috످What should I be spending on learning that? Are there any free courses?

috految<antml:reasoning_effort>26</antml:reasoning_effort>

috److What are you hoping to learn? I don't see an earlier message in our chat, so I'm not sure which topic you mean.

For most subjects, you can learn the basics for free through Khan Academy (https://www.khanacademy.org) (math and science), freeCodeCamp (https://www.freecodecamp.org) (coding), or Class Central (https://www.classcentral.com) (courses on almost anything). If you want more structure, expect to spend about $15–$60 a month on a platform like Skillshare or Coursera, but check your local library first, since many offer free access to paid courses.

If you share the topic, your experience level, and whether it's for work, school, or fun, I can suggest specific courses and a realistic budget.

috످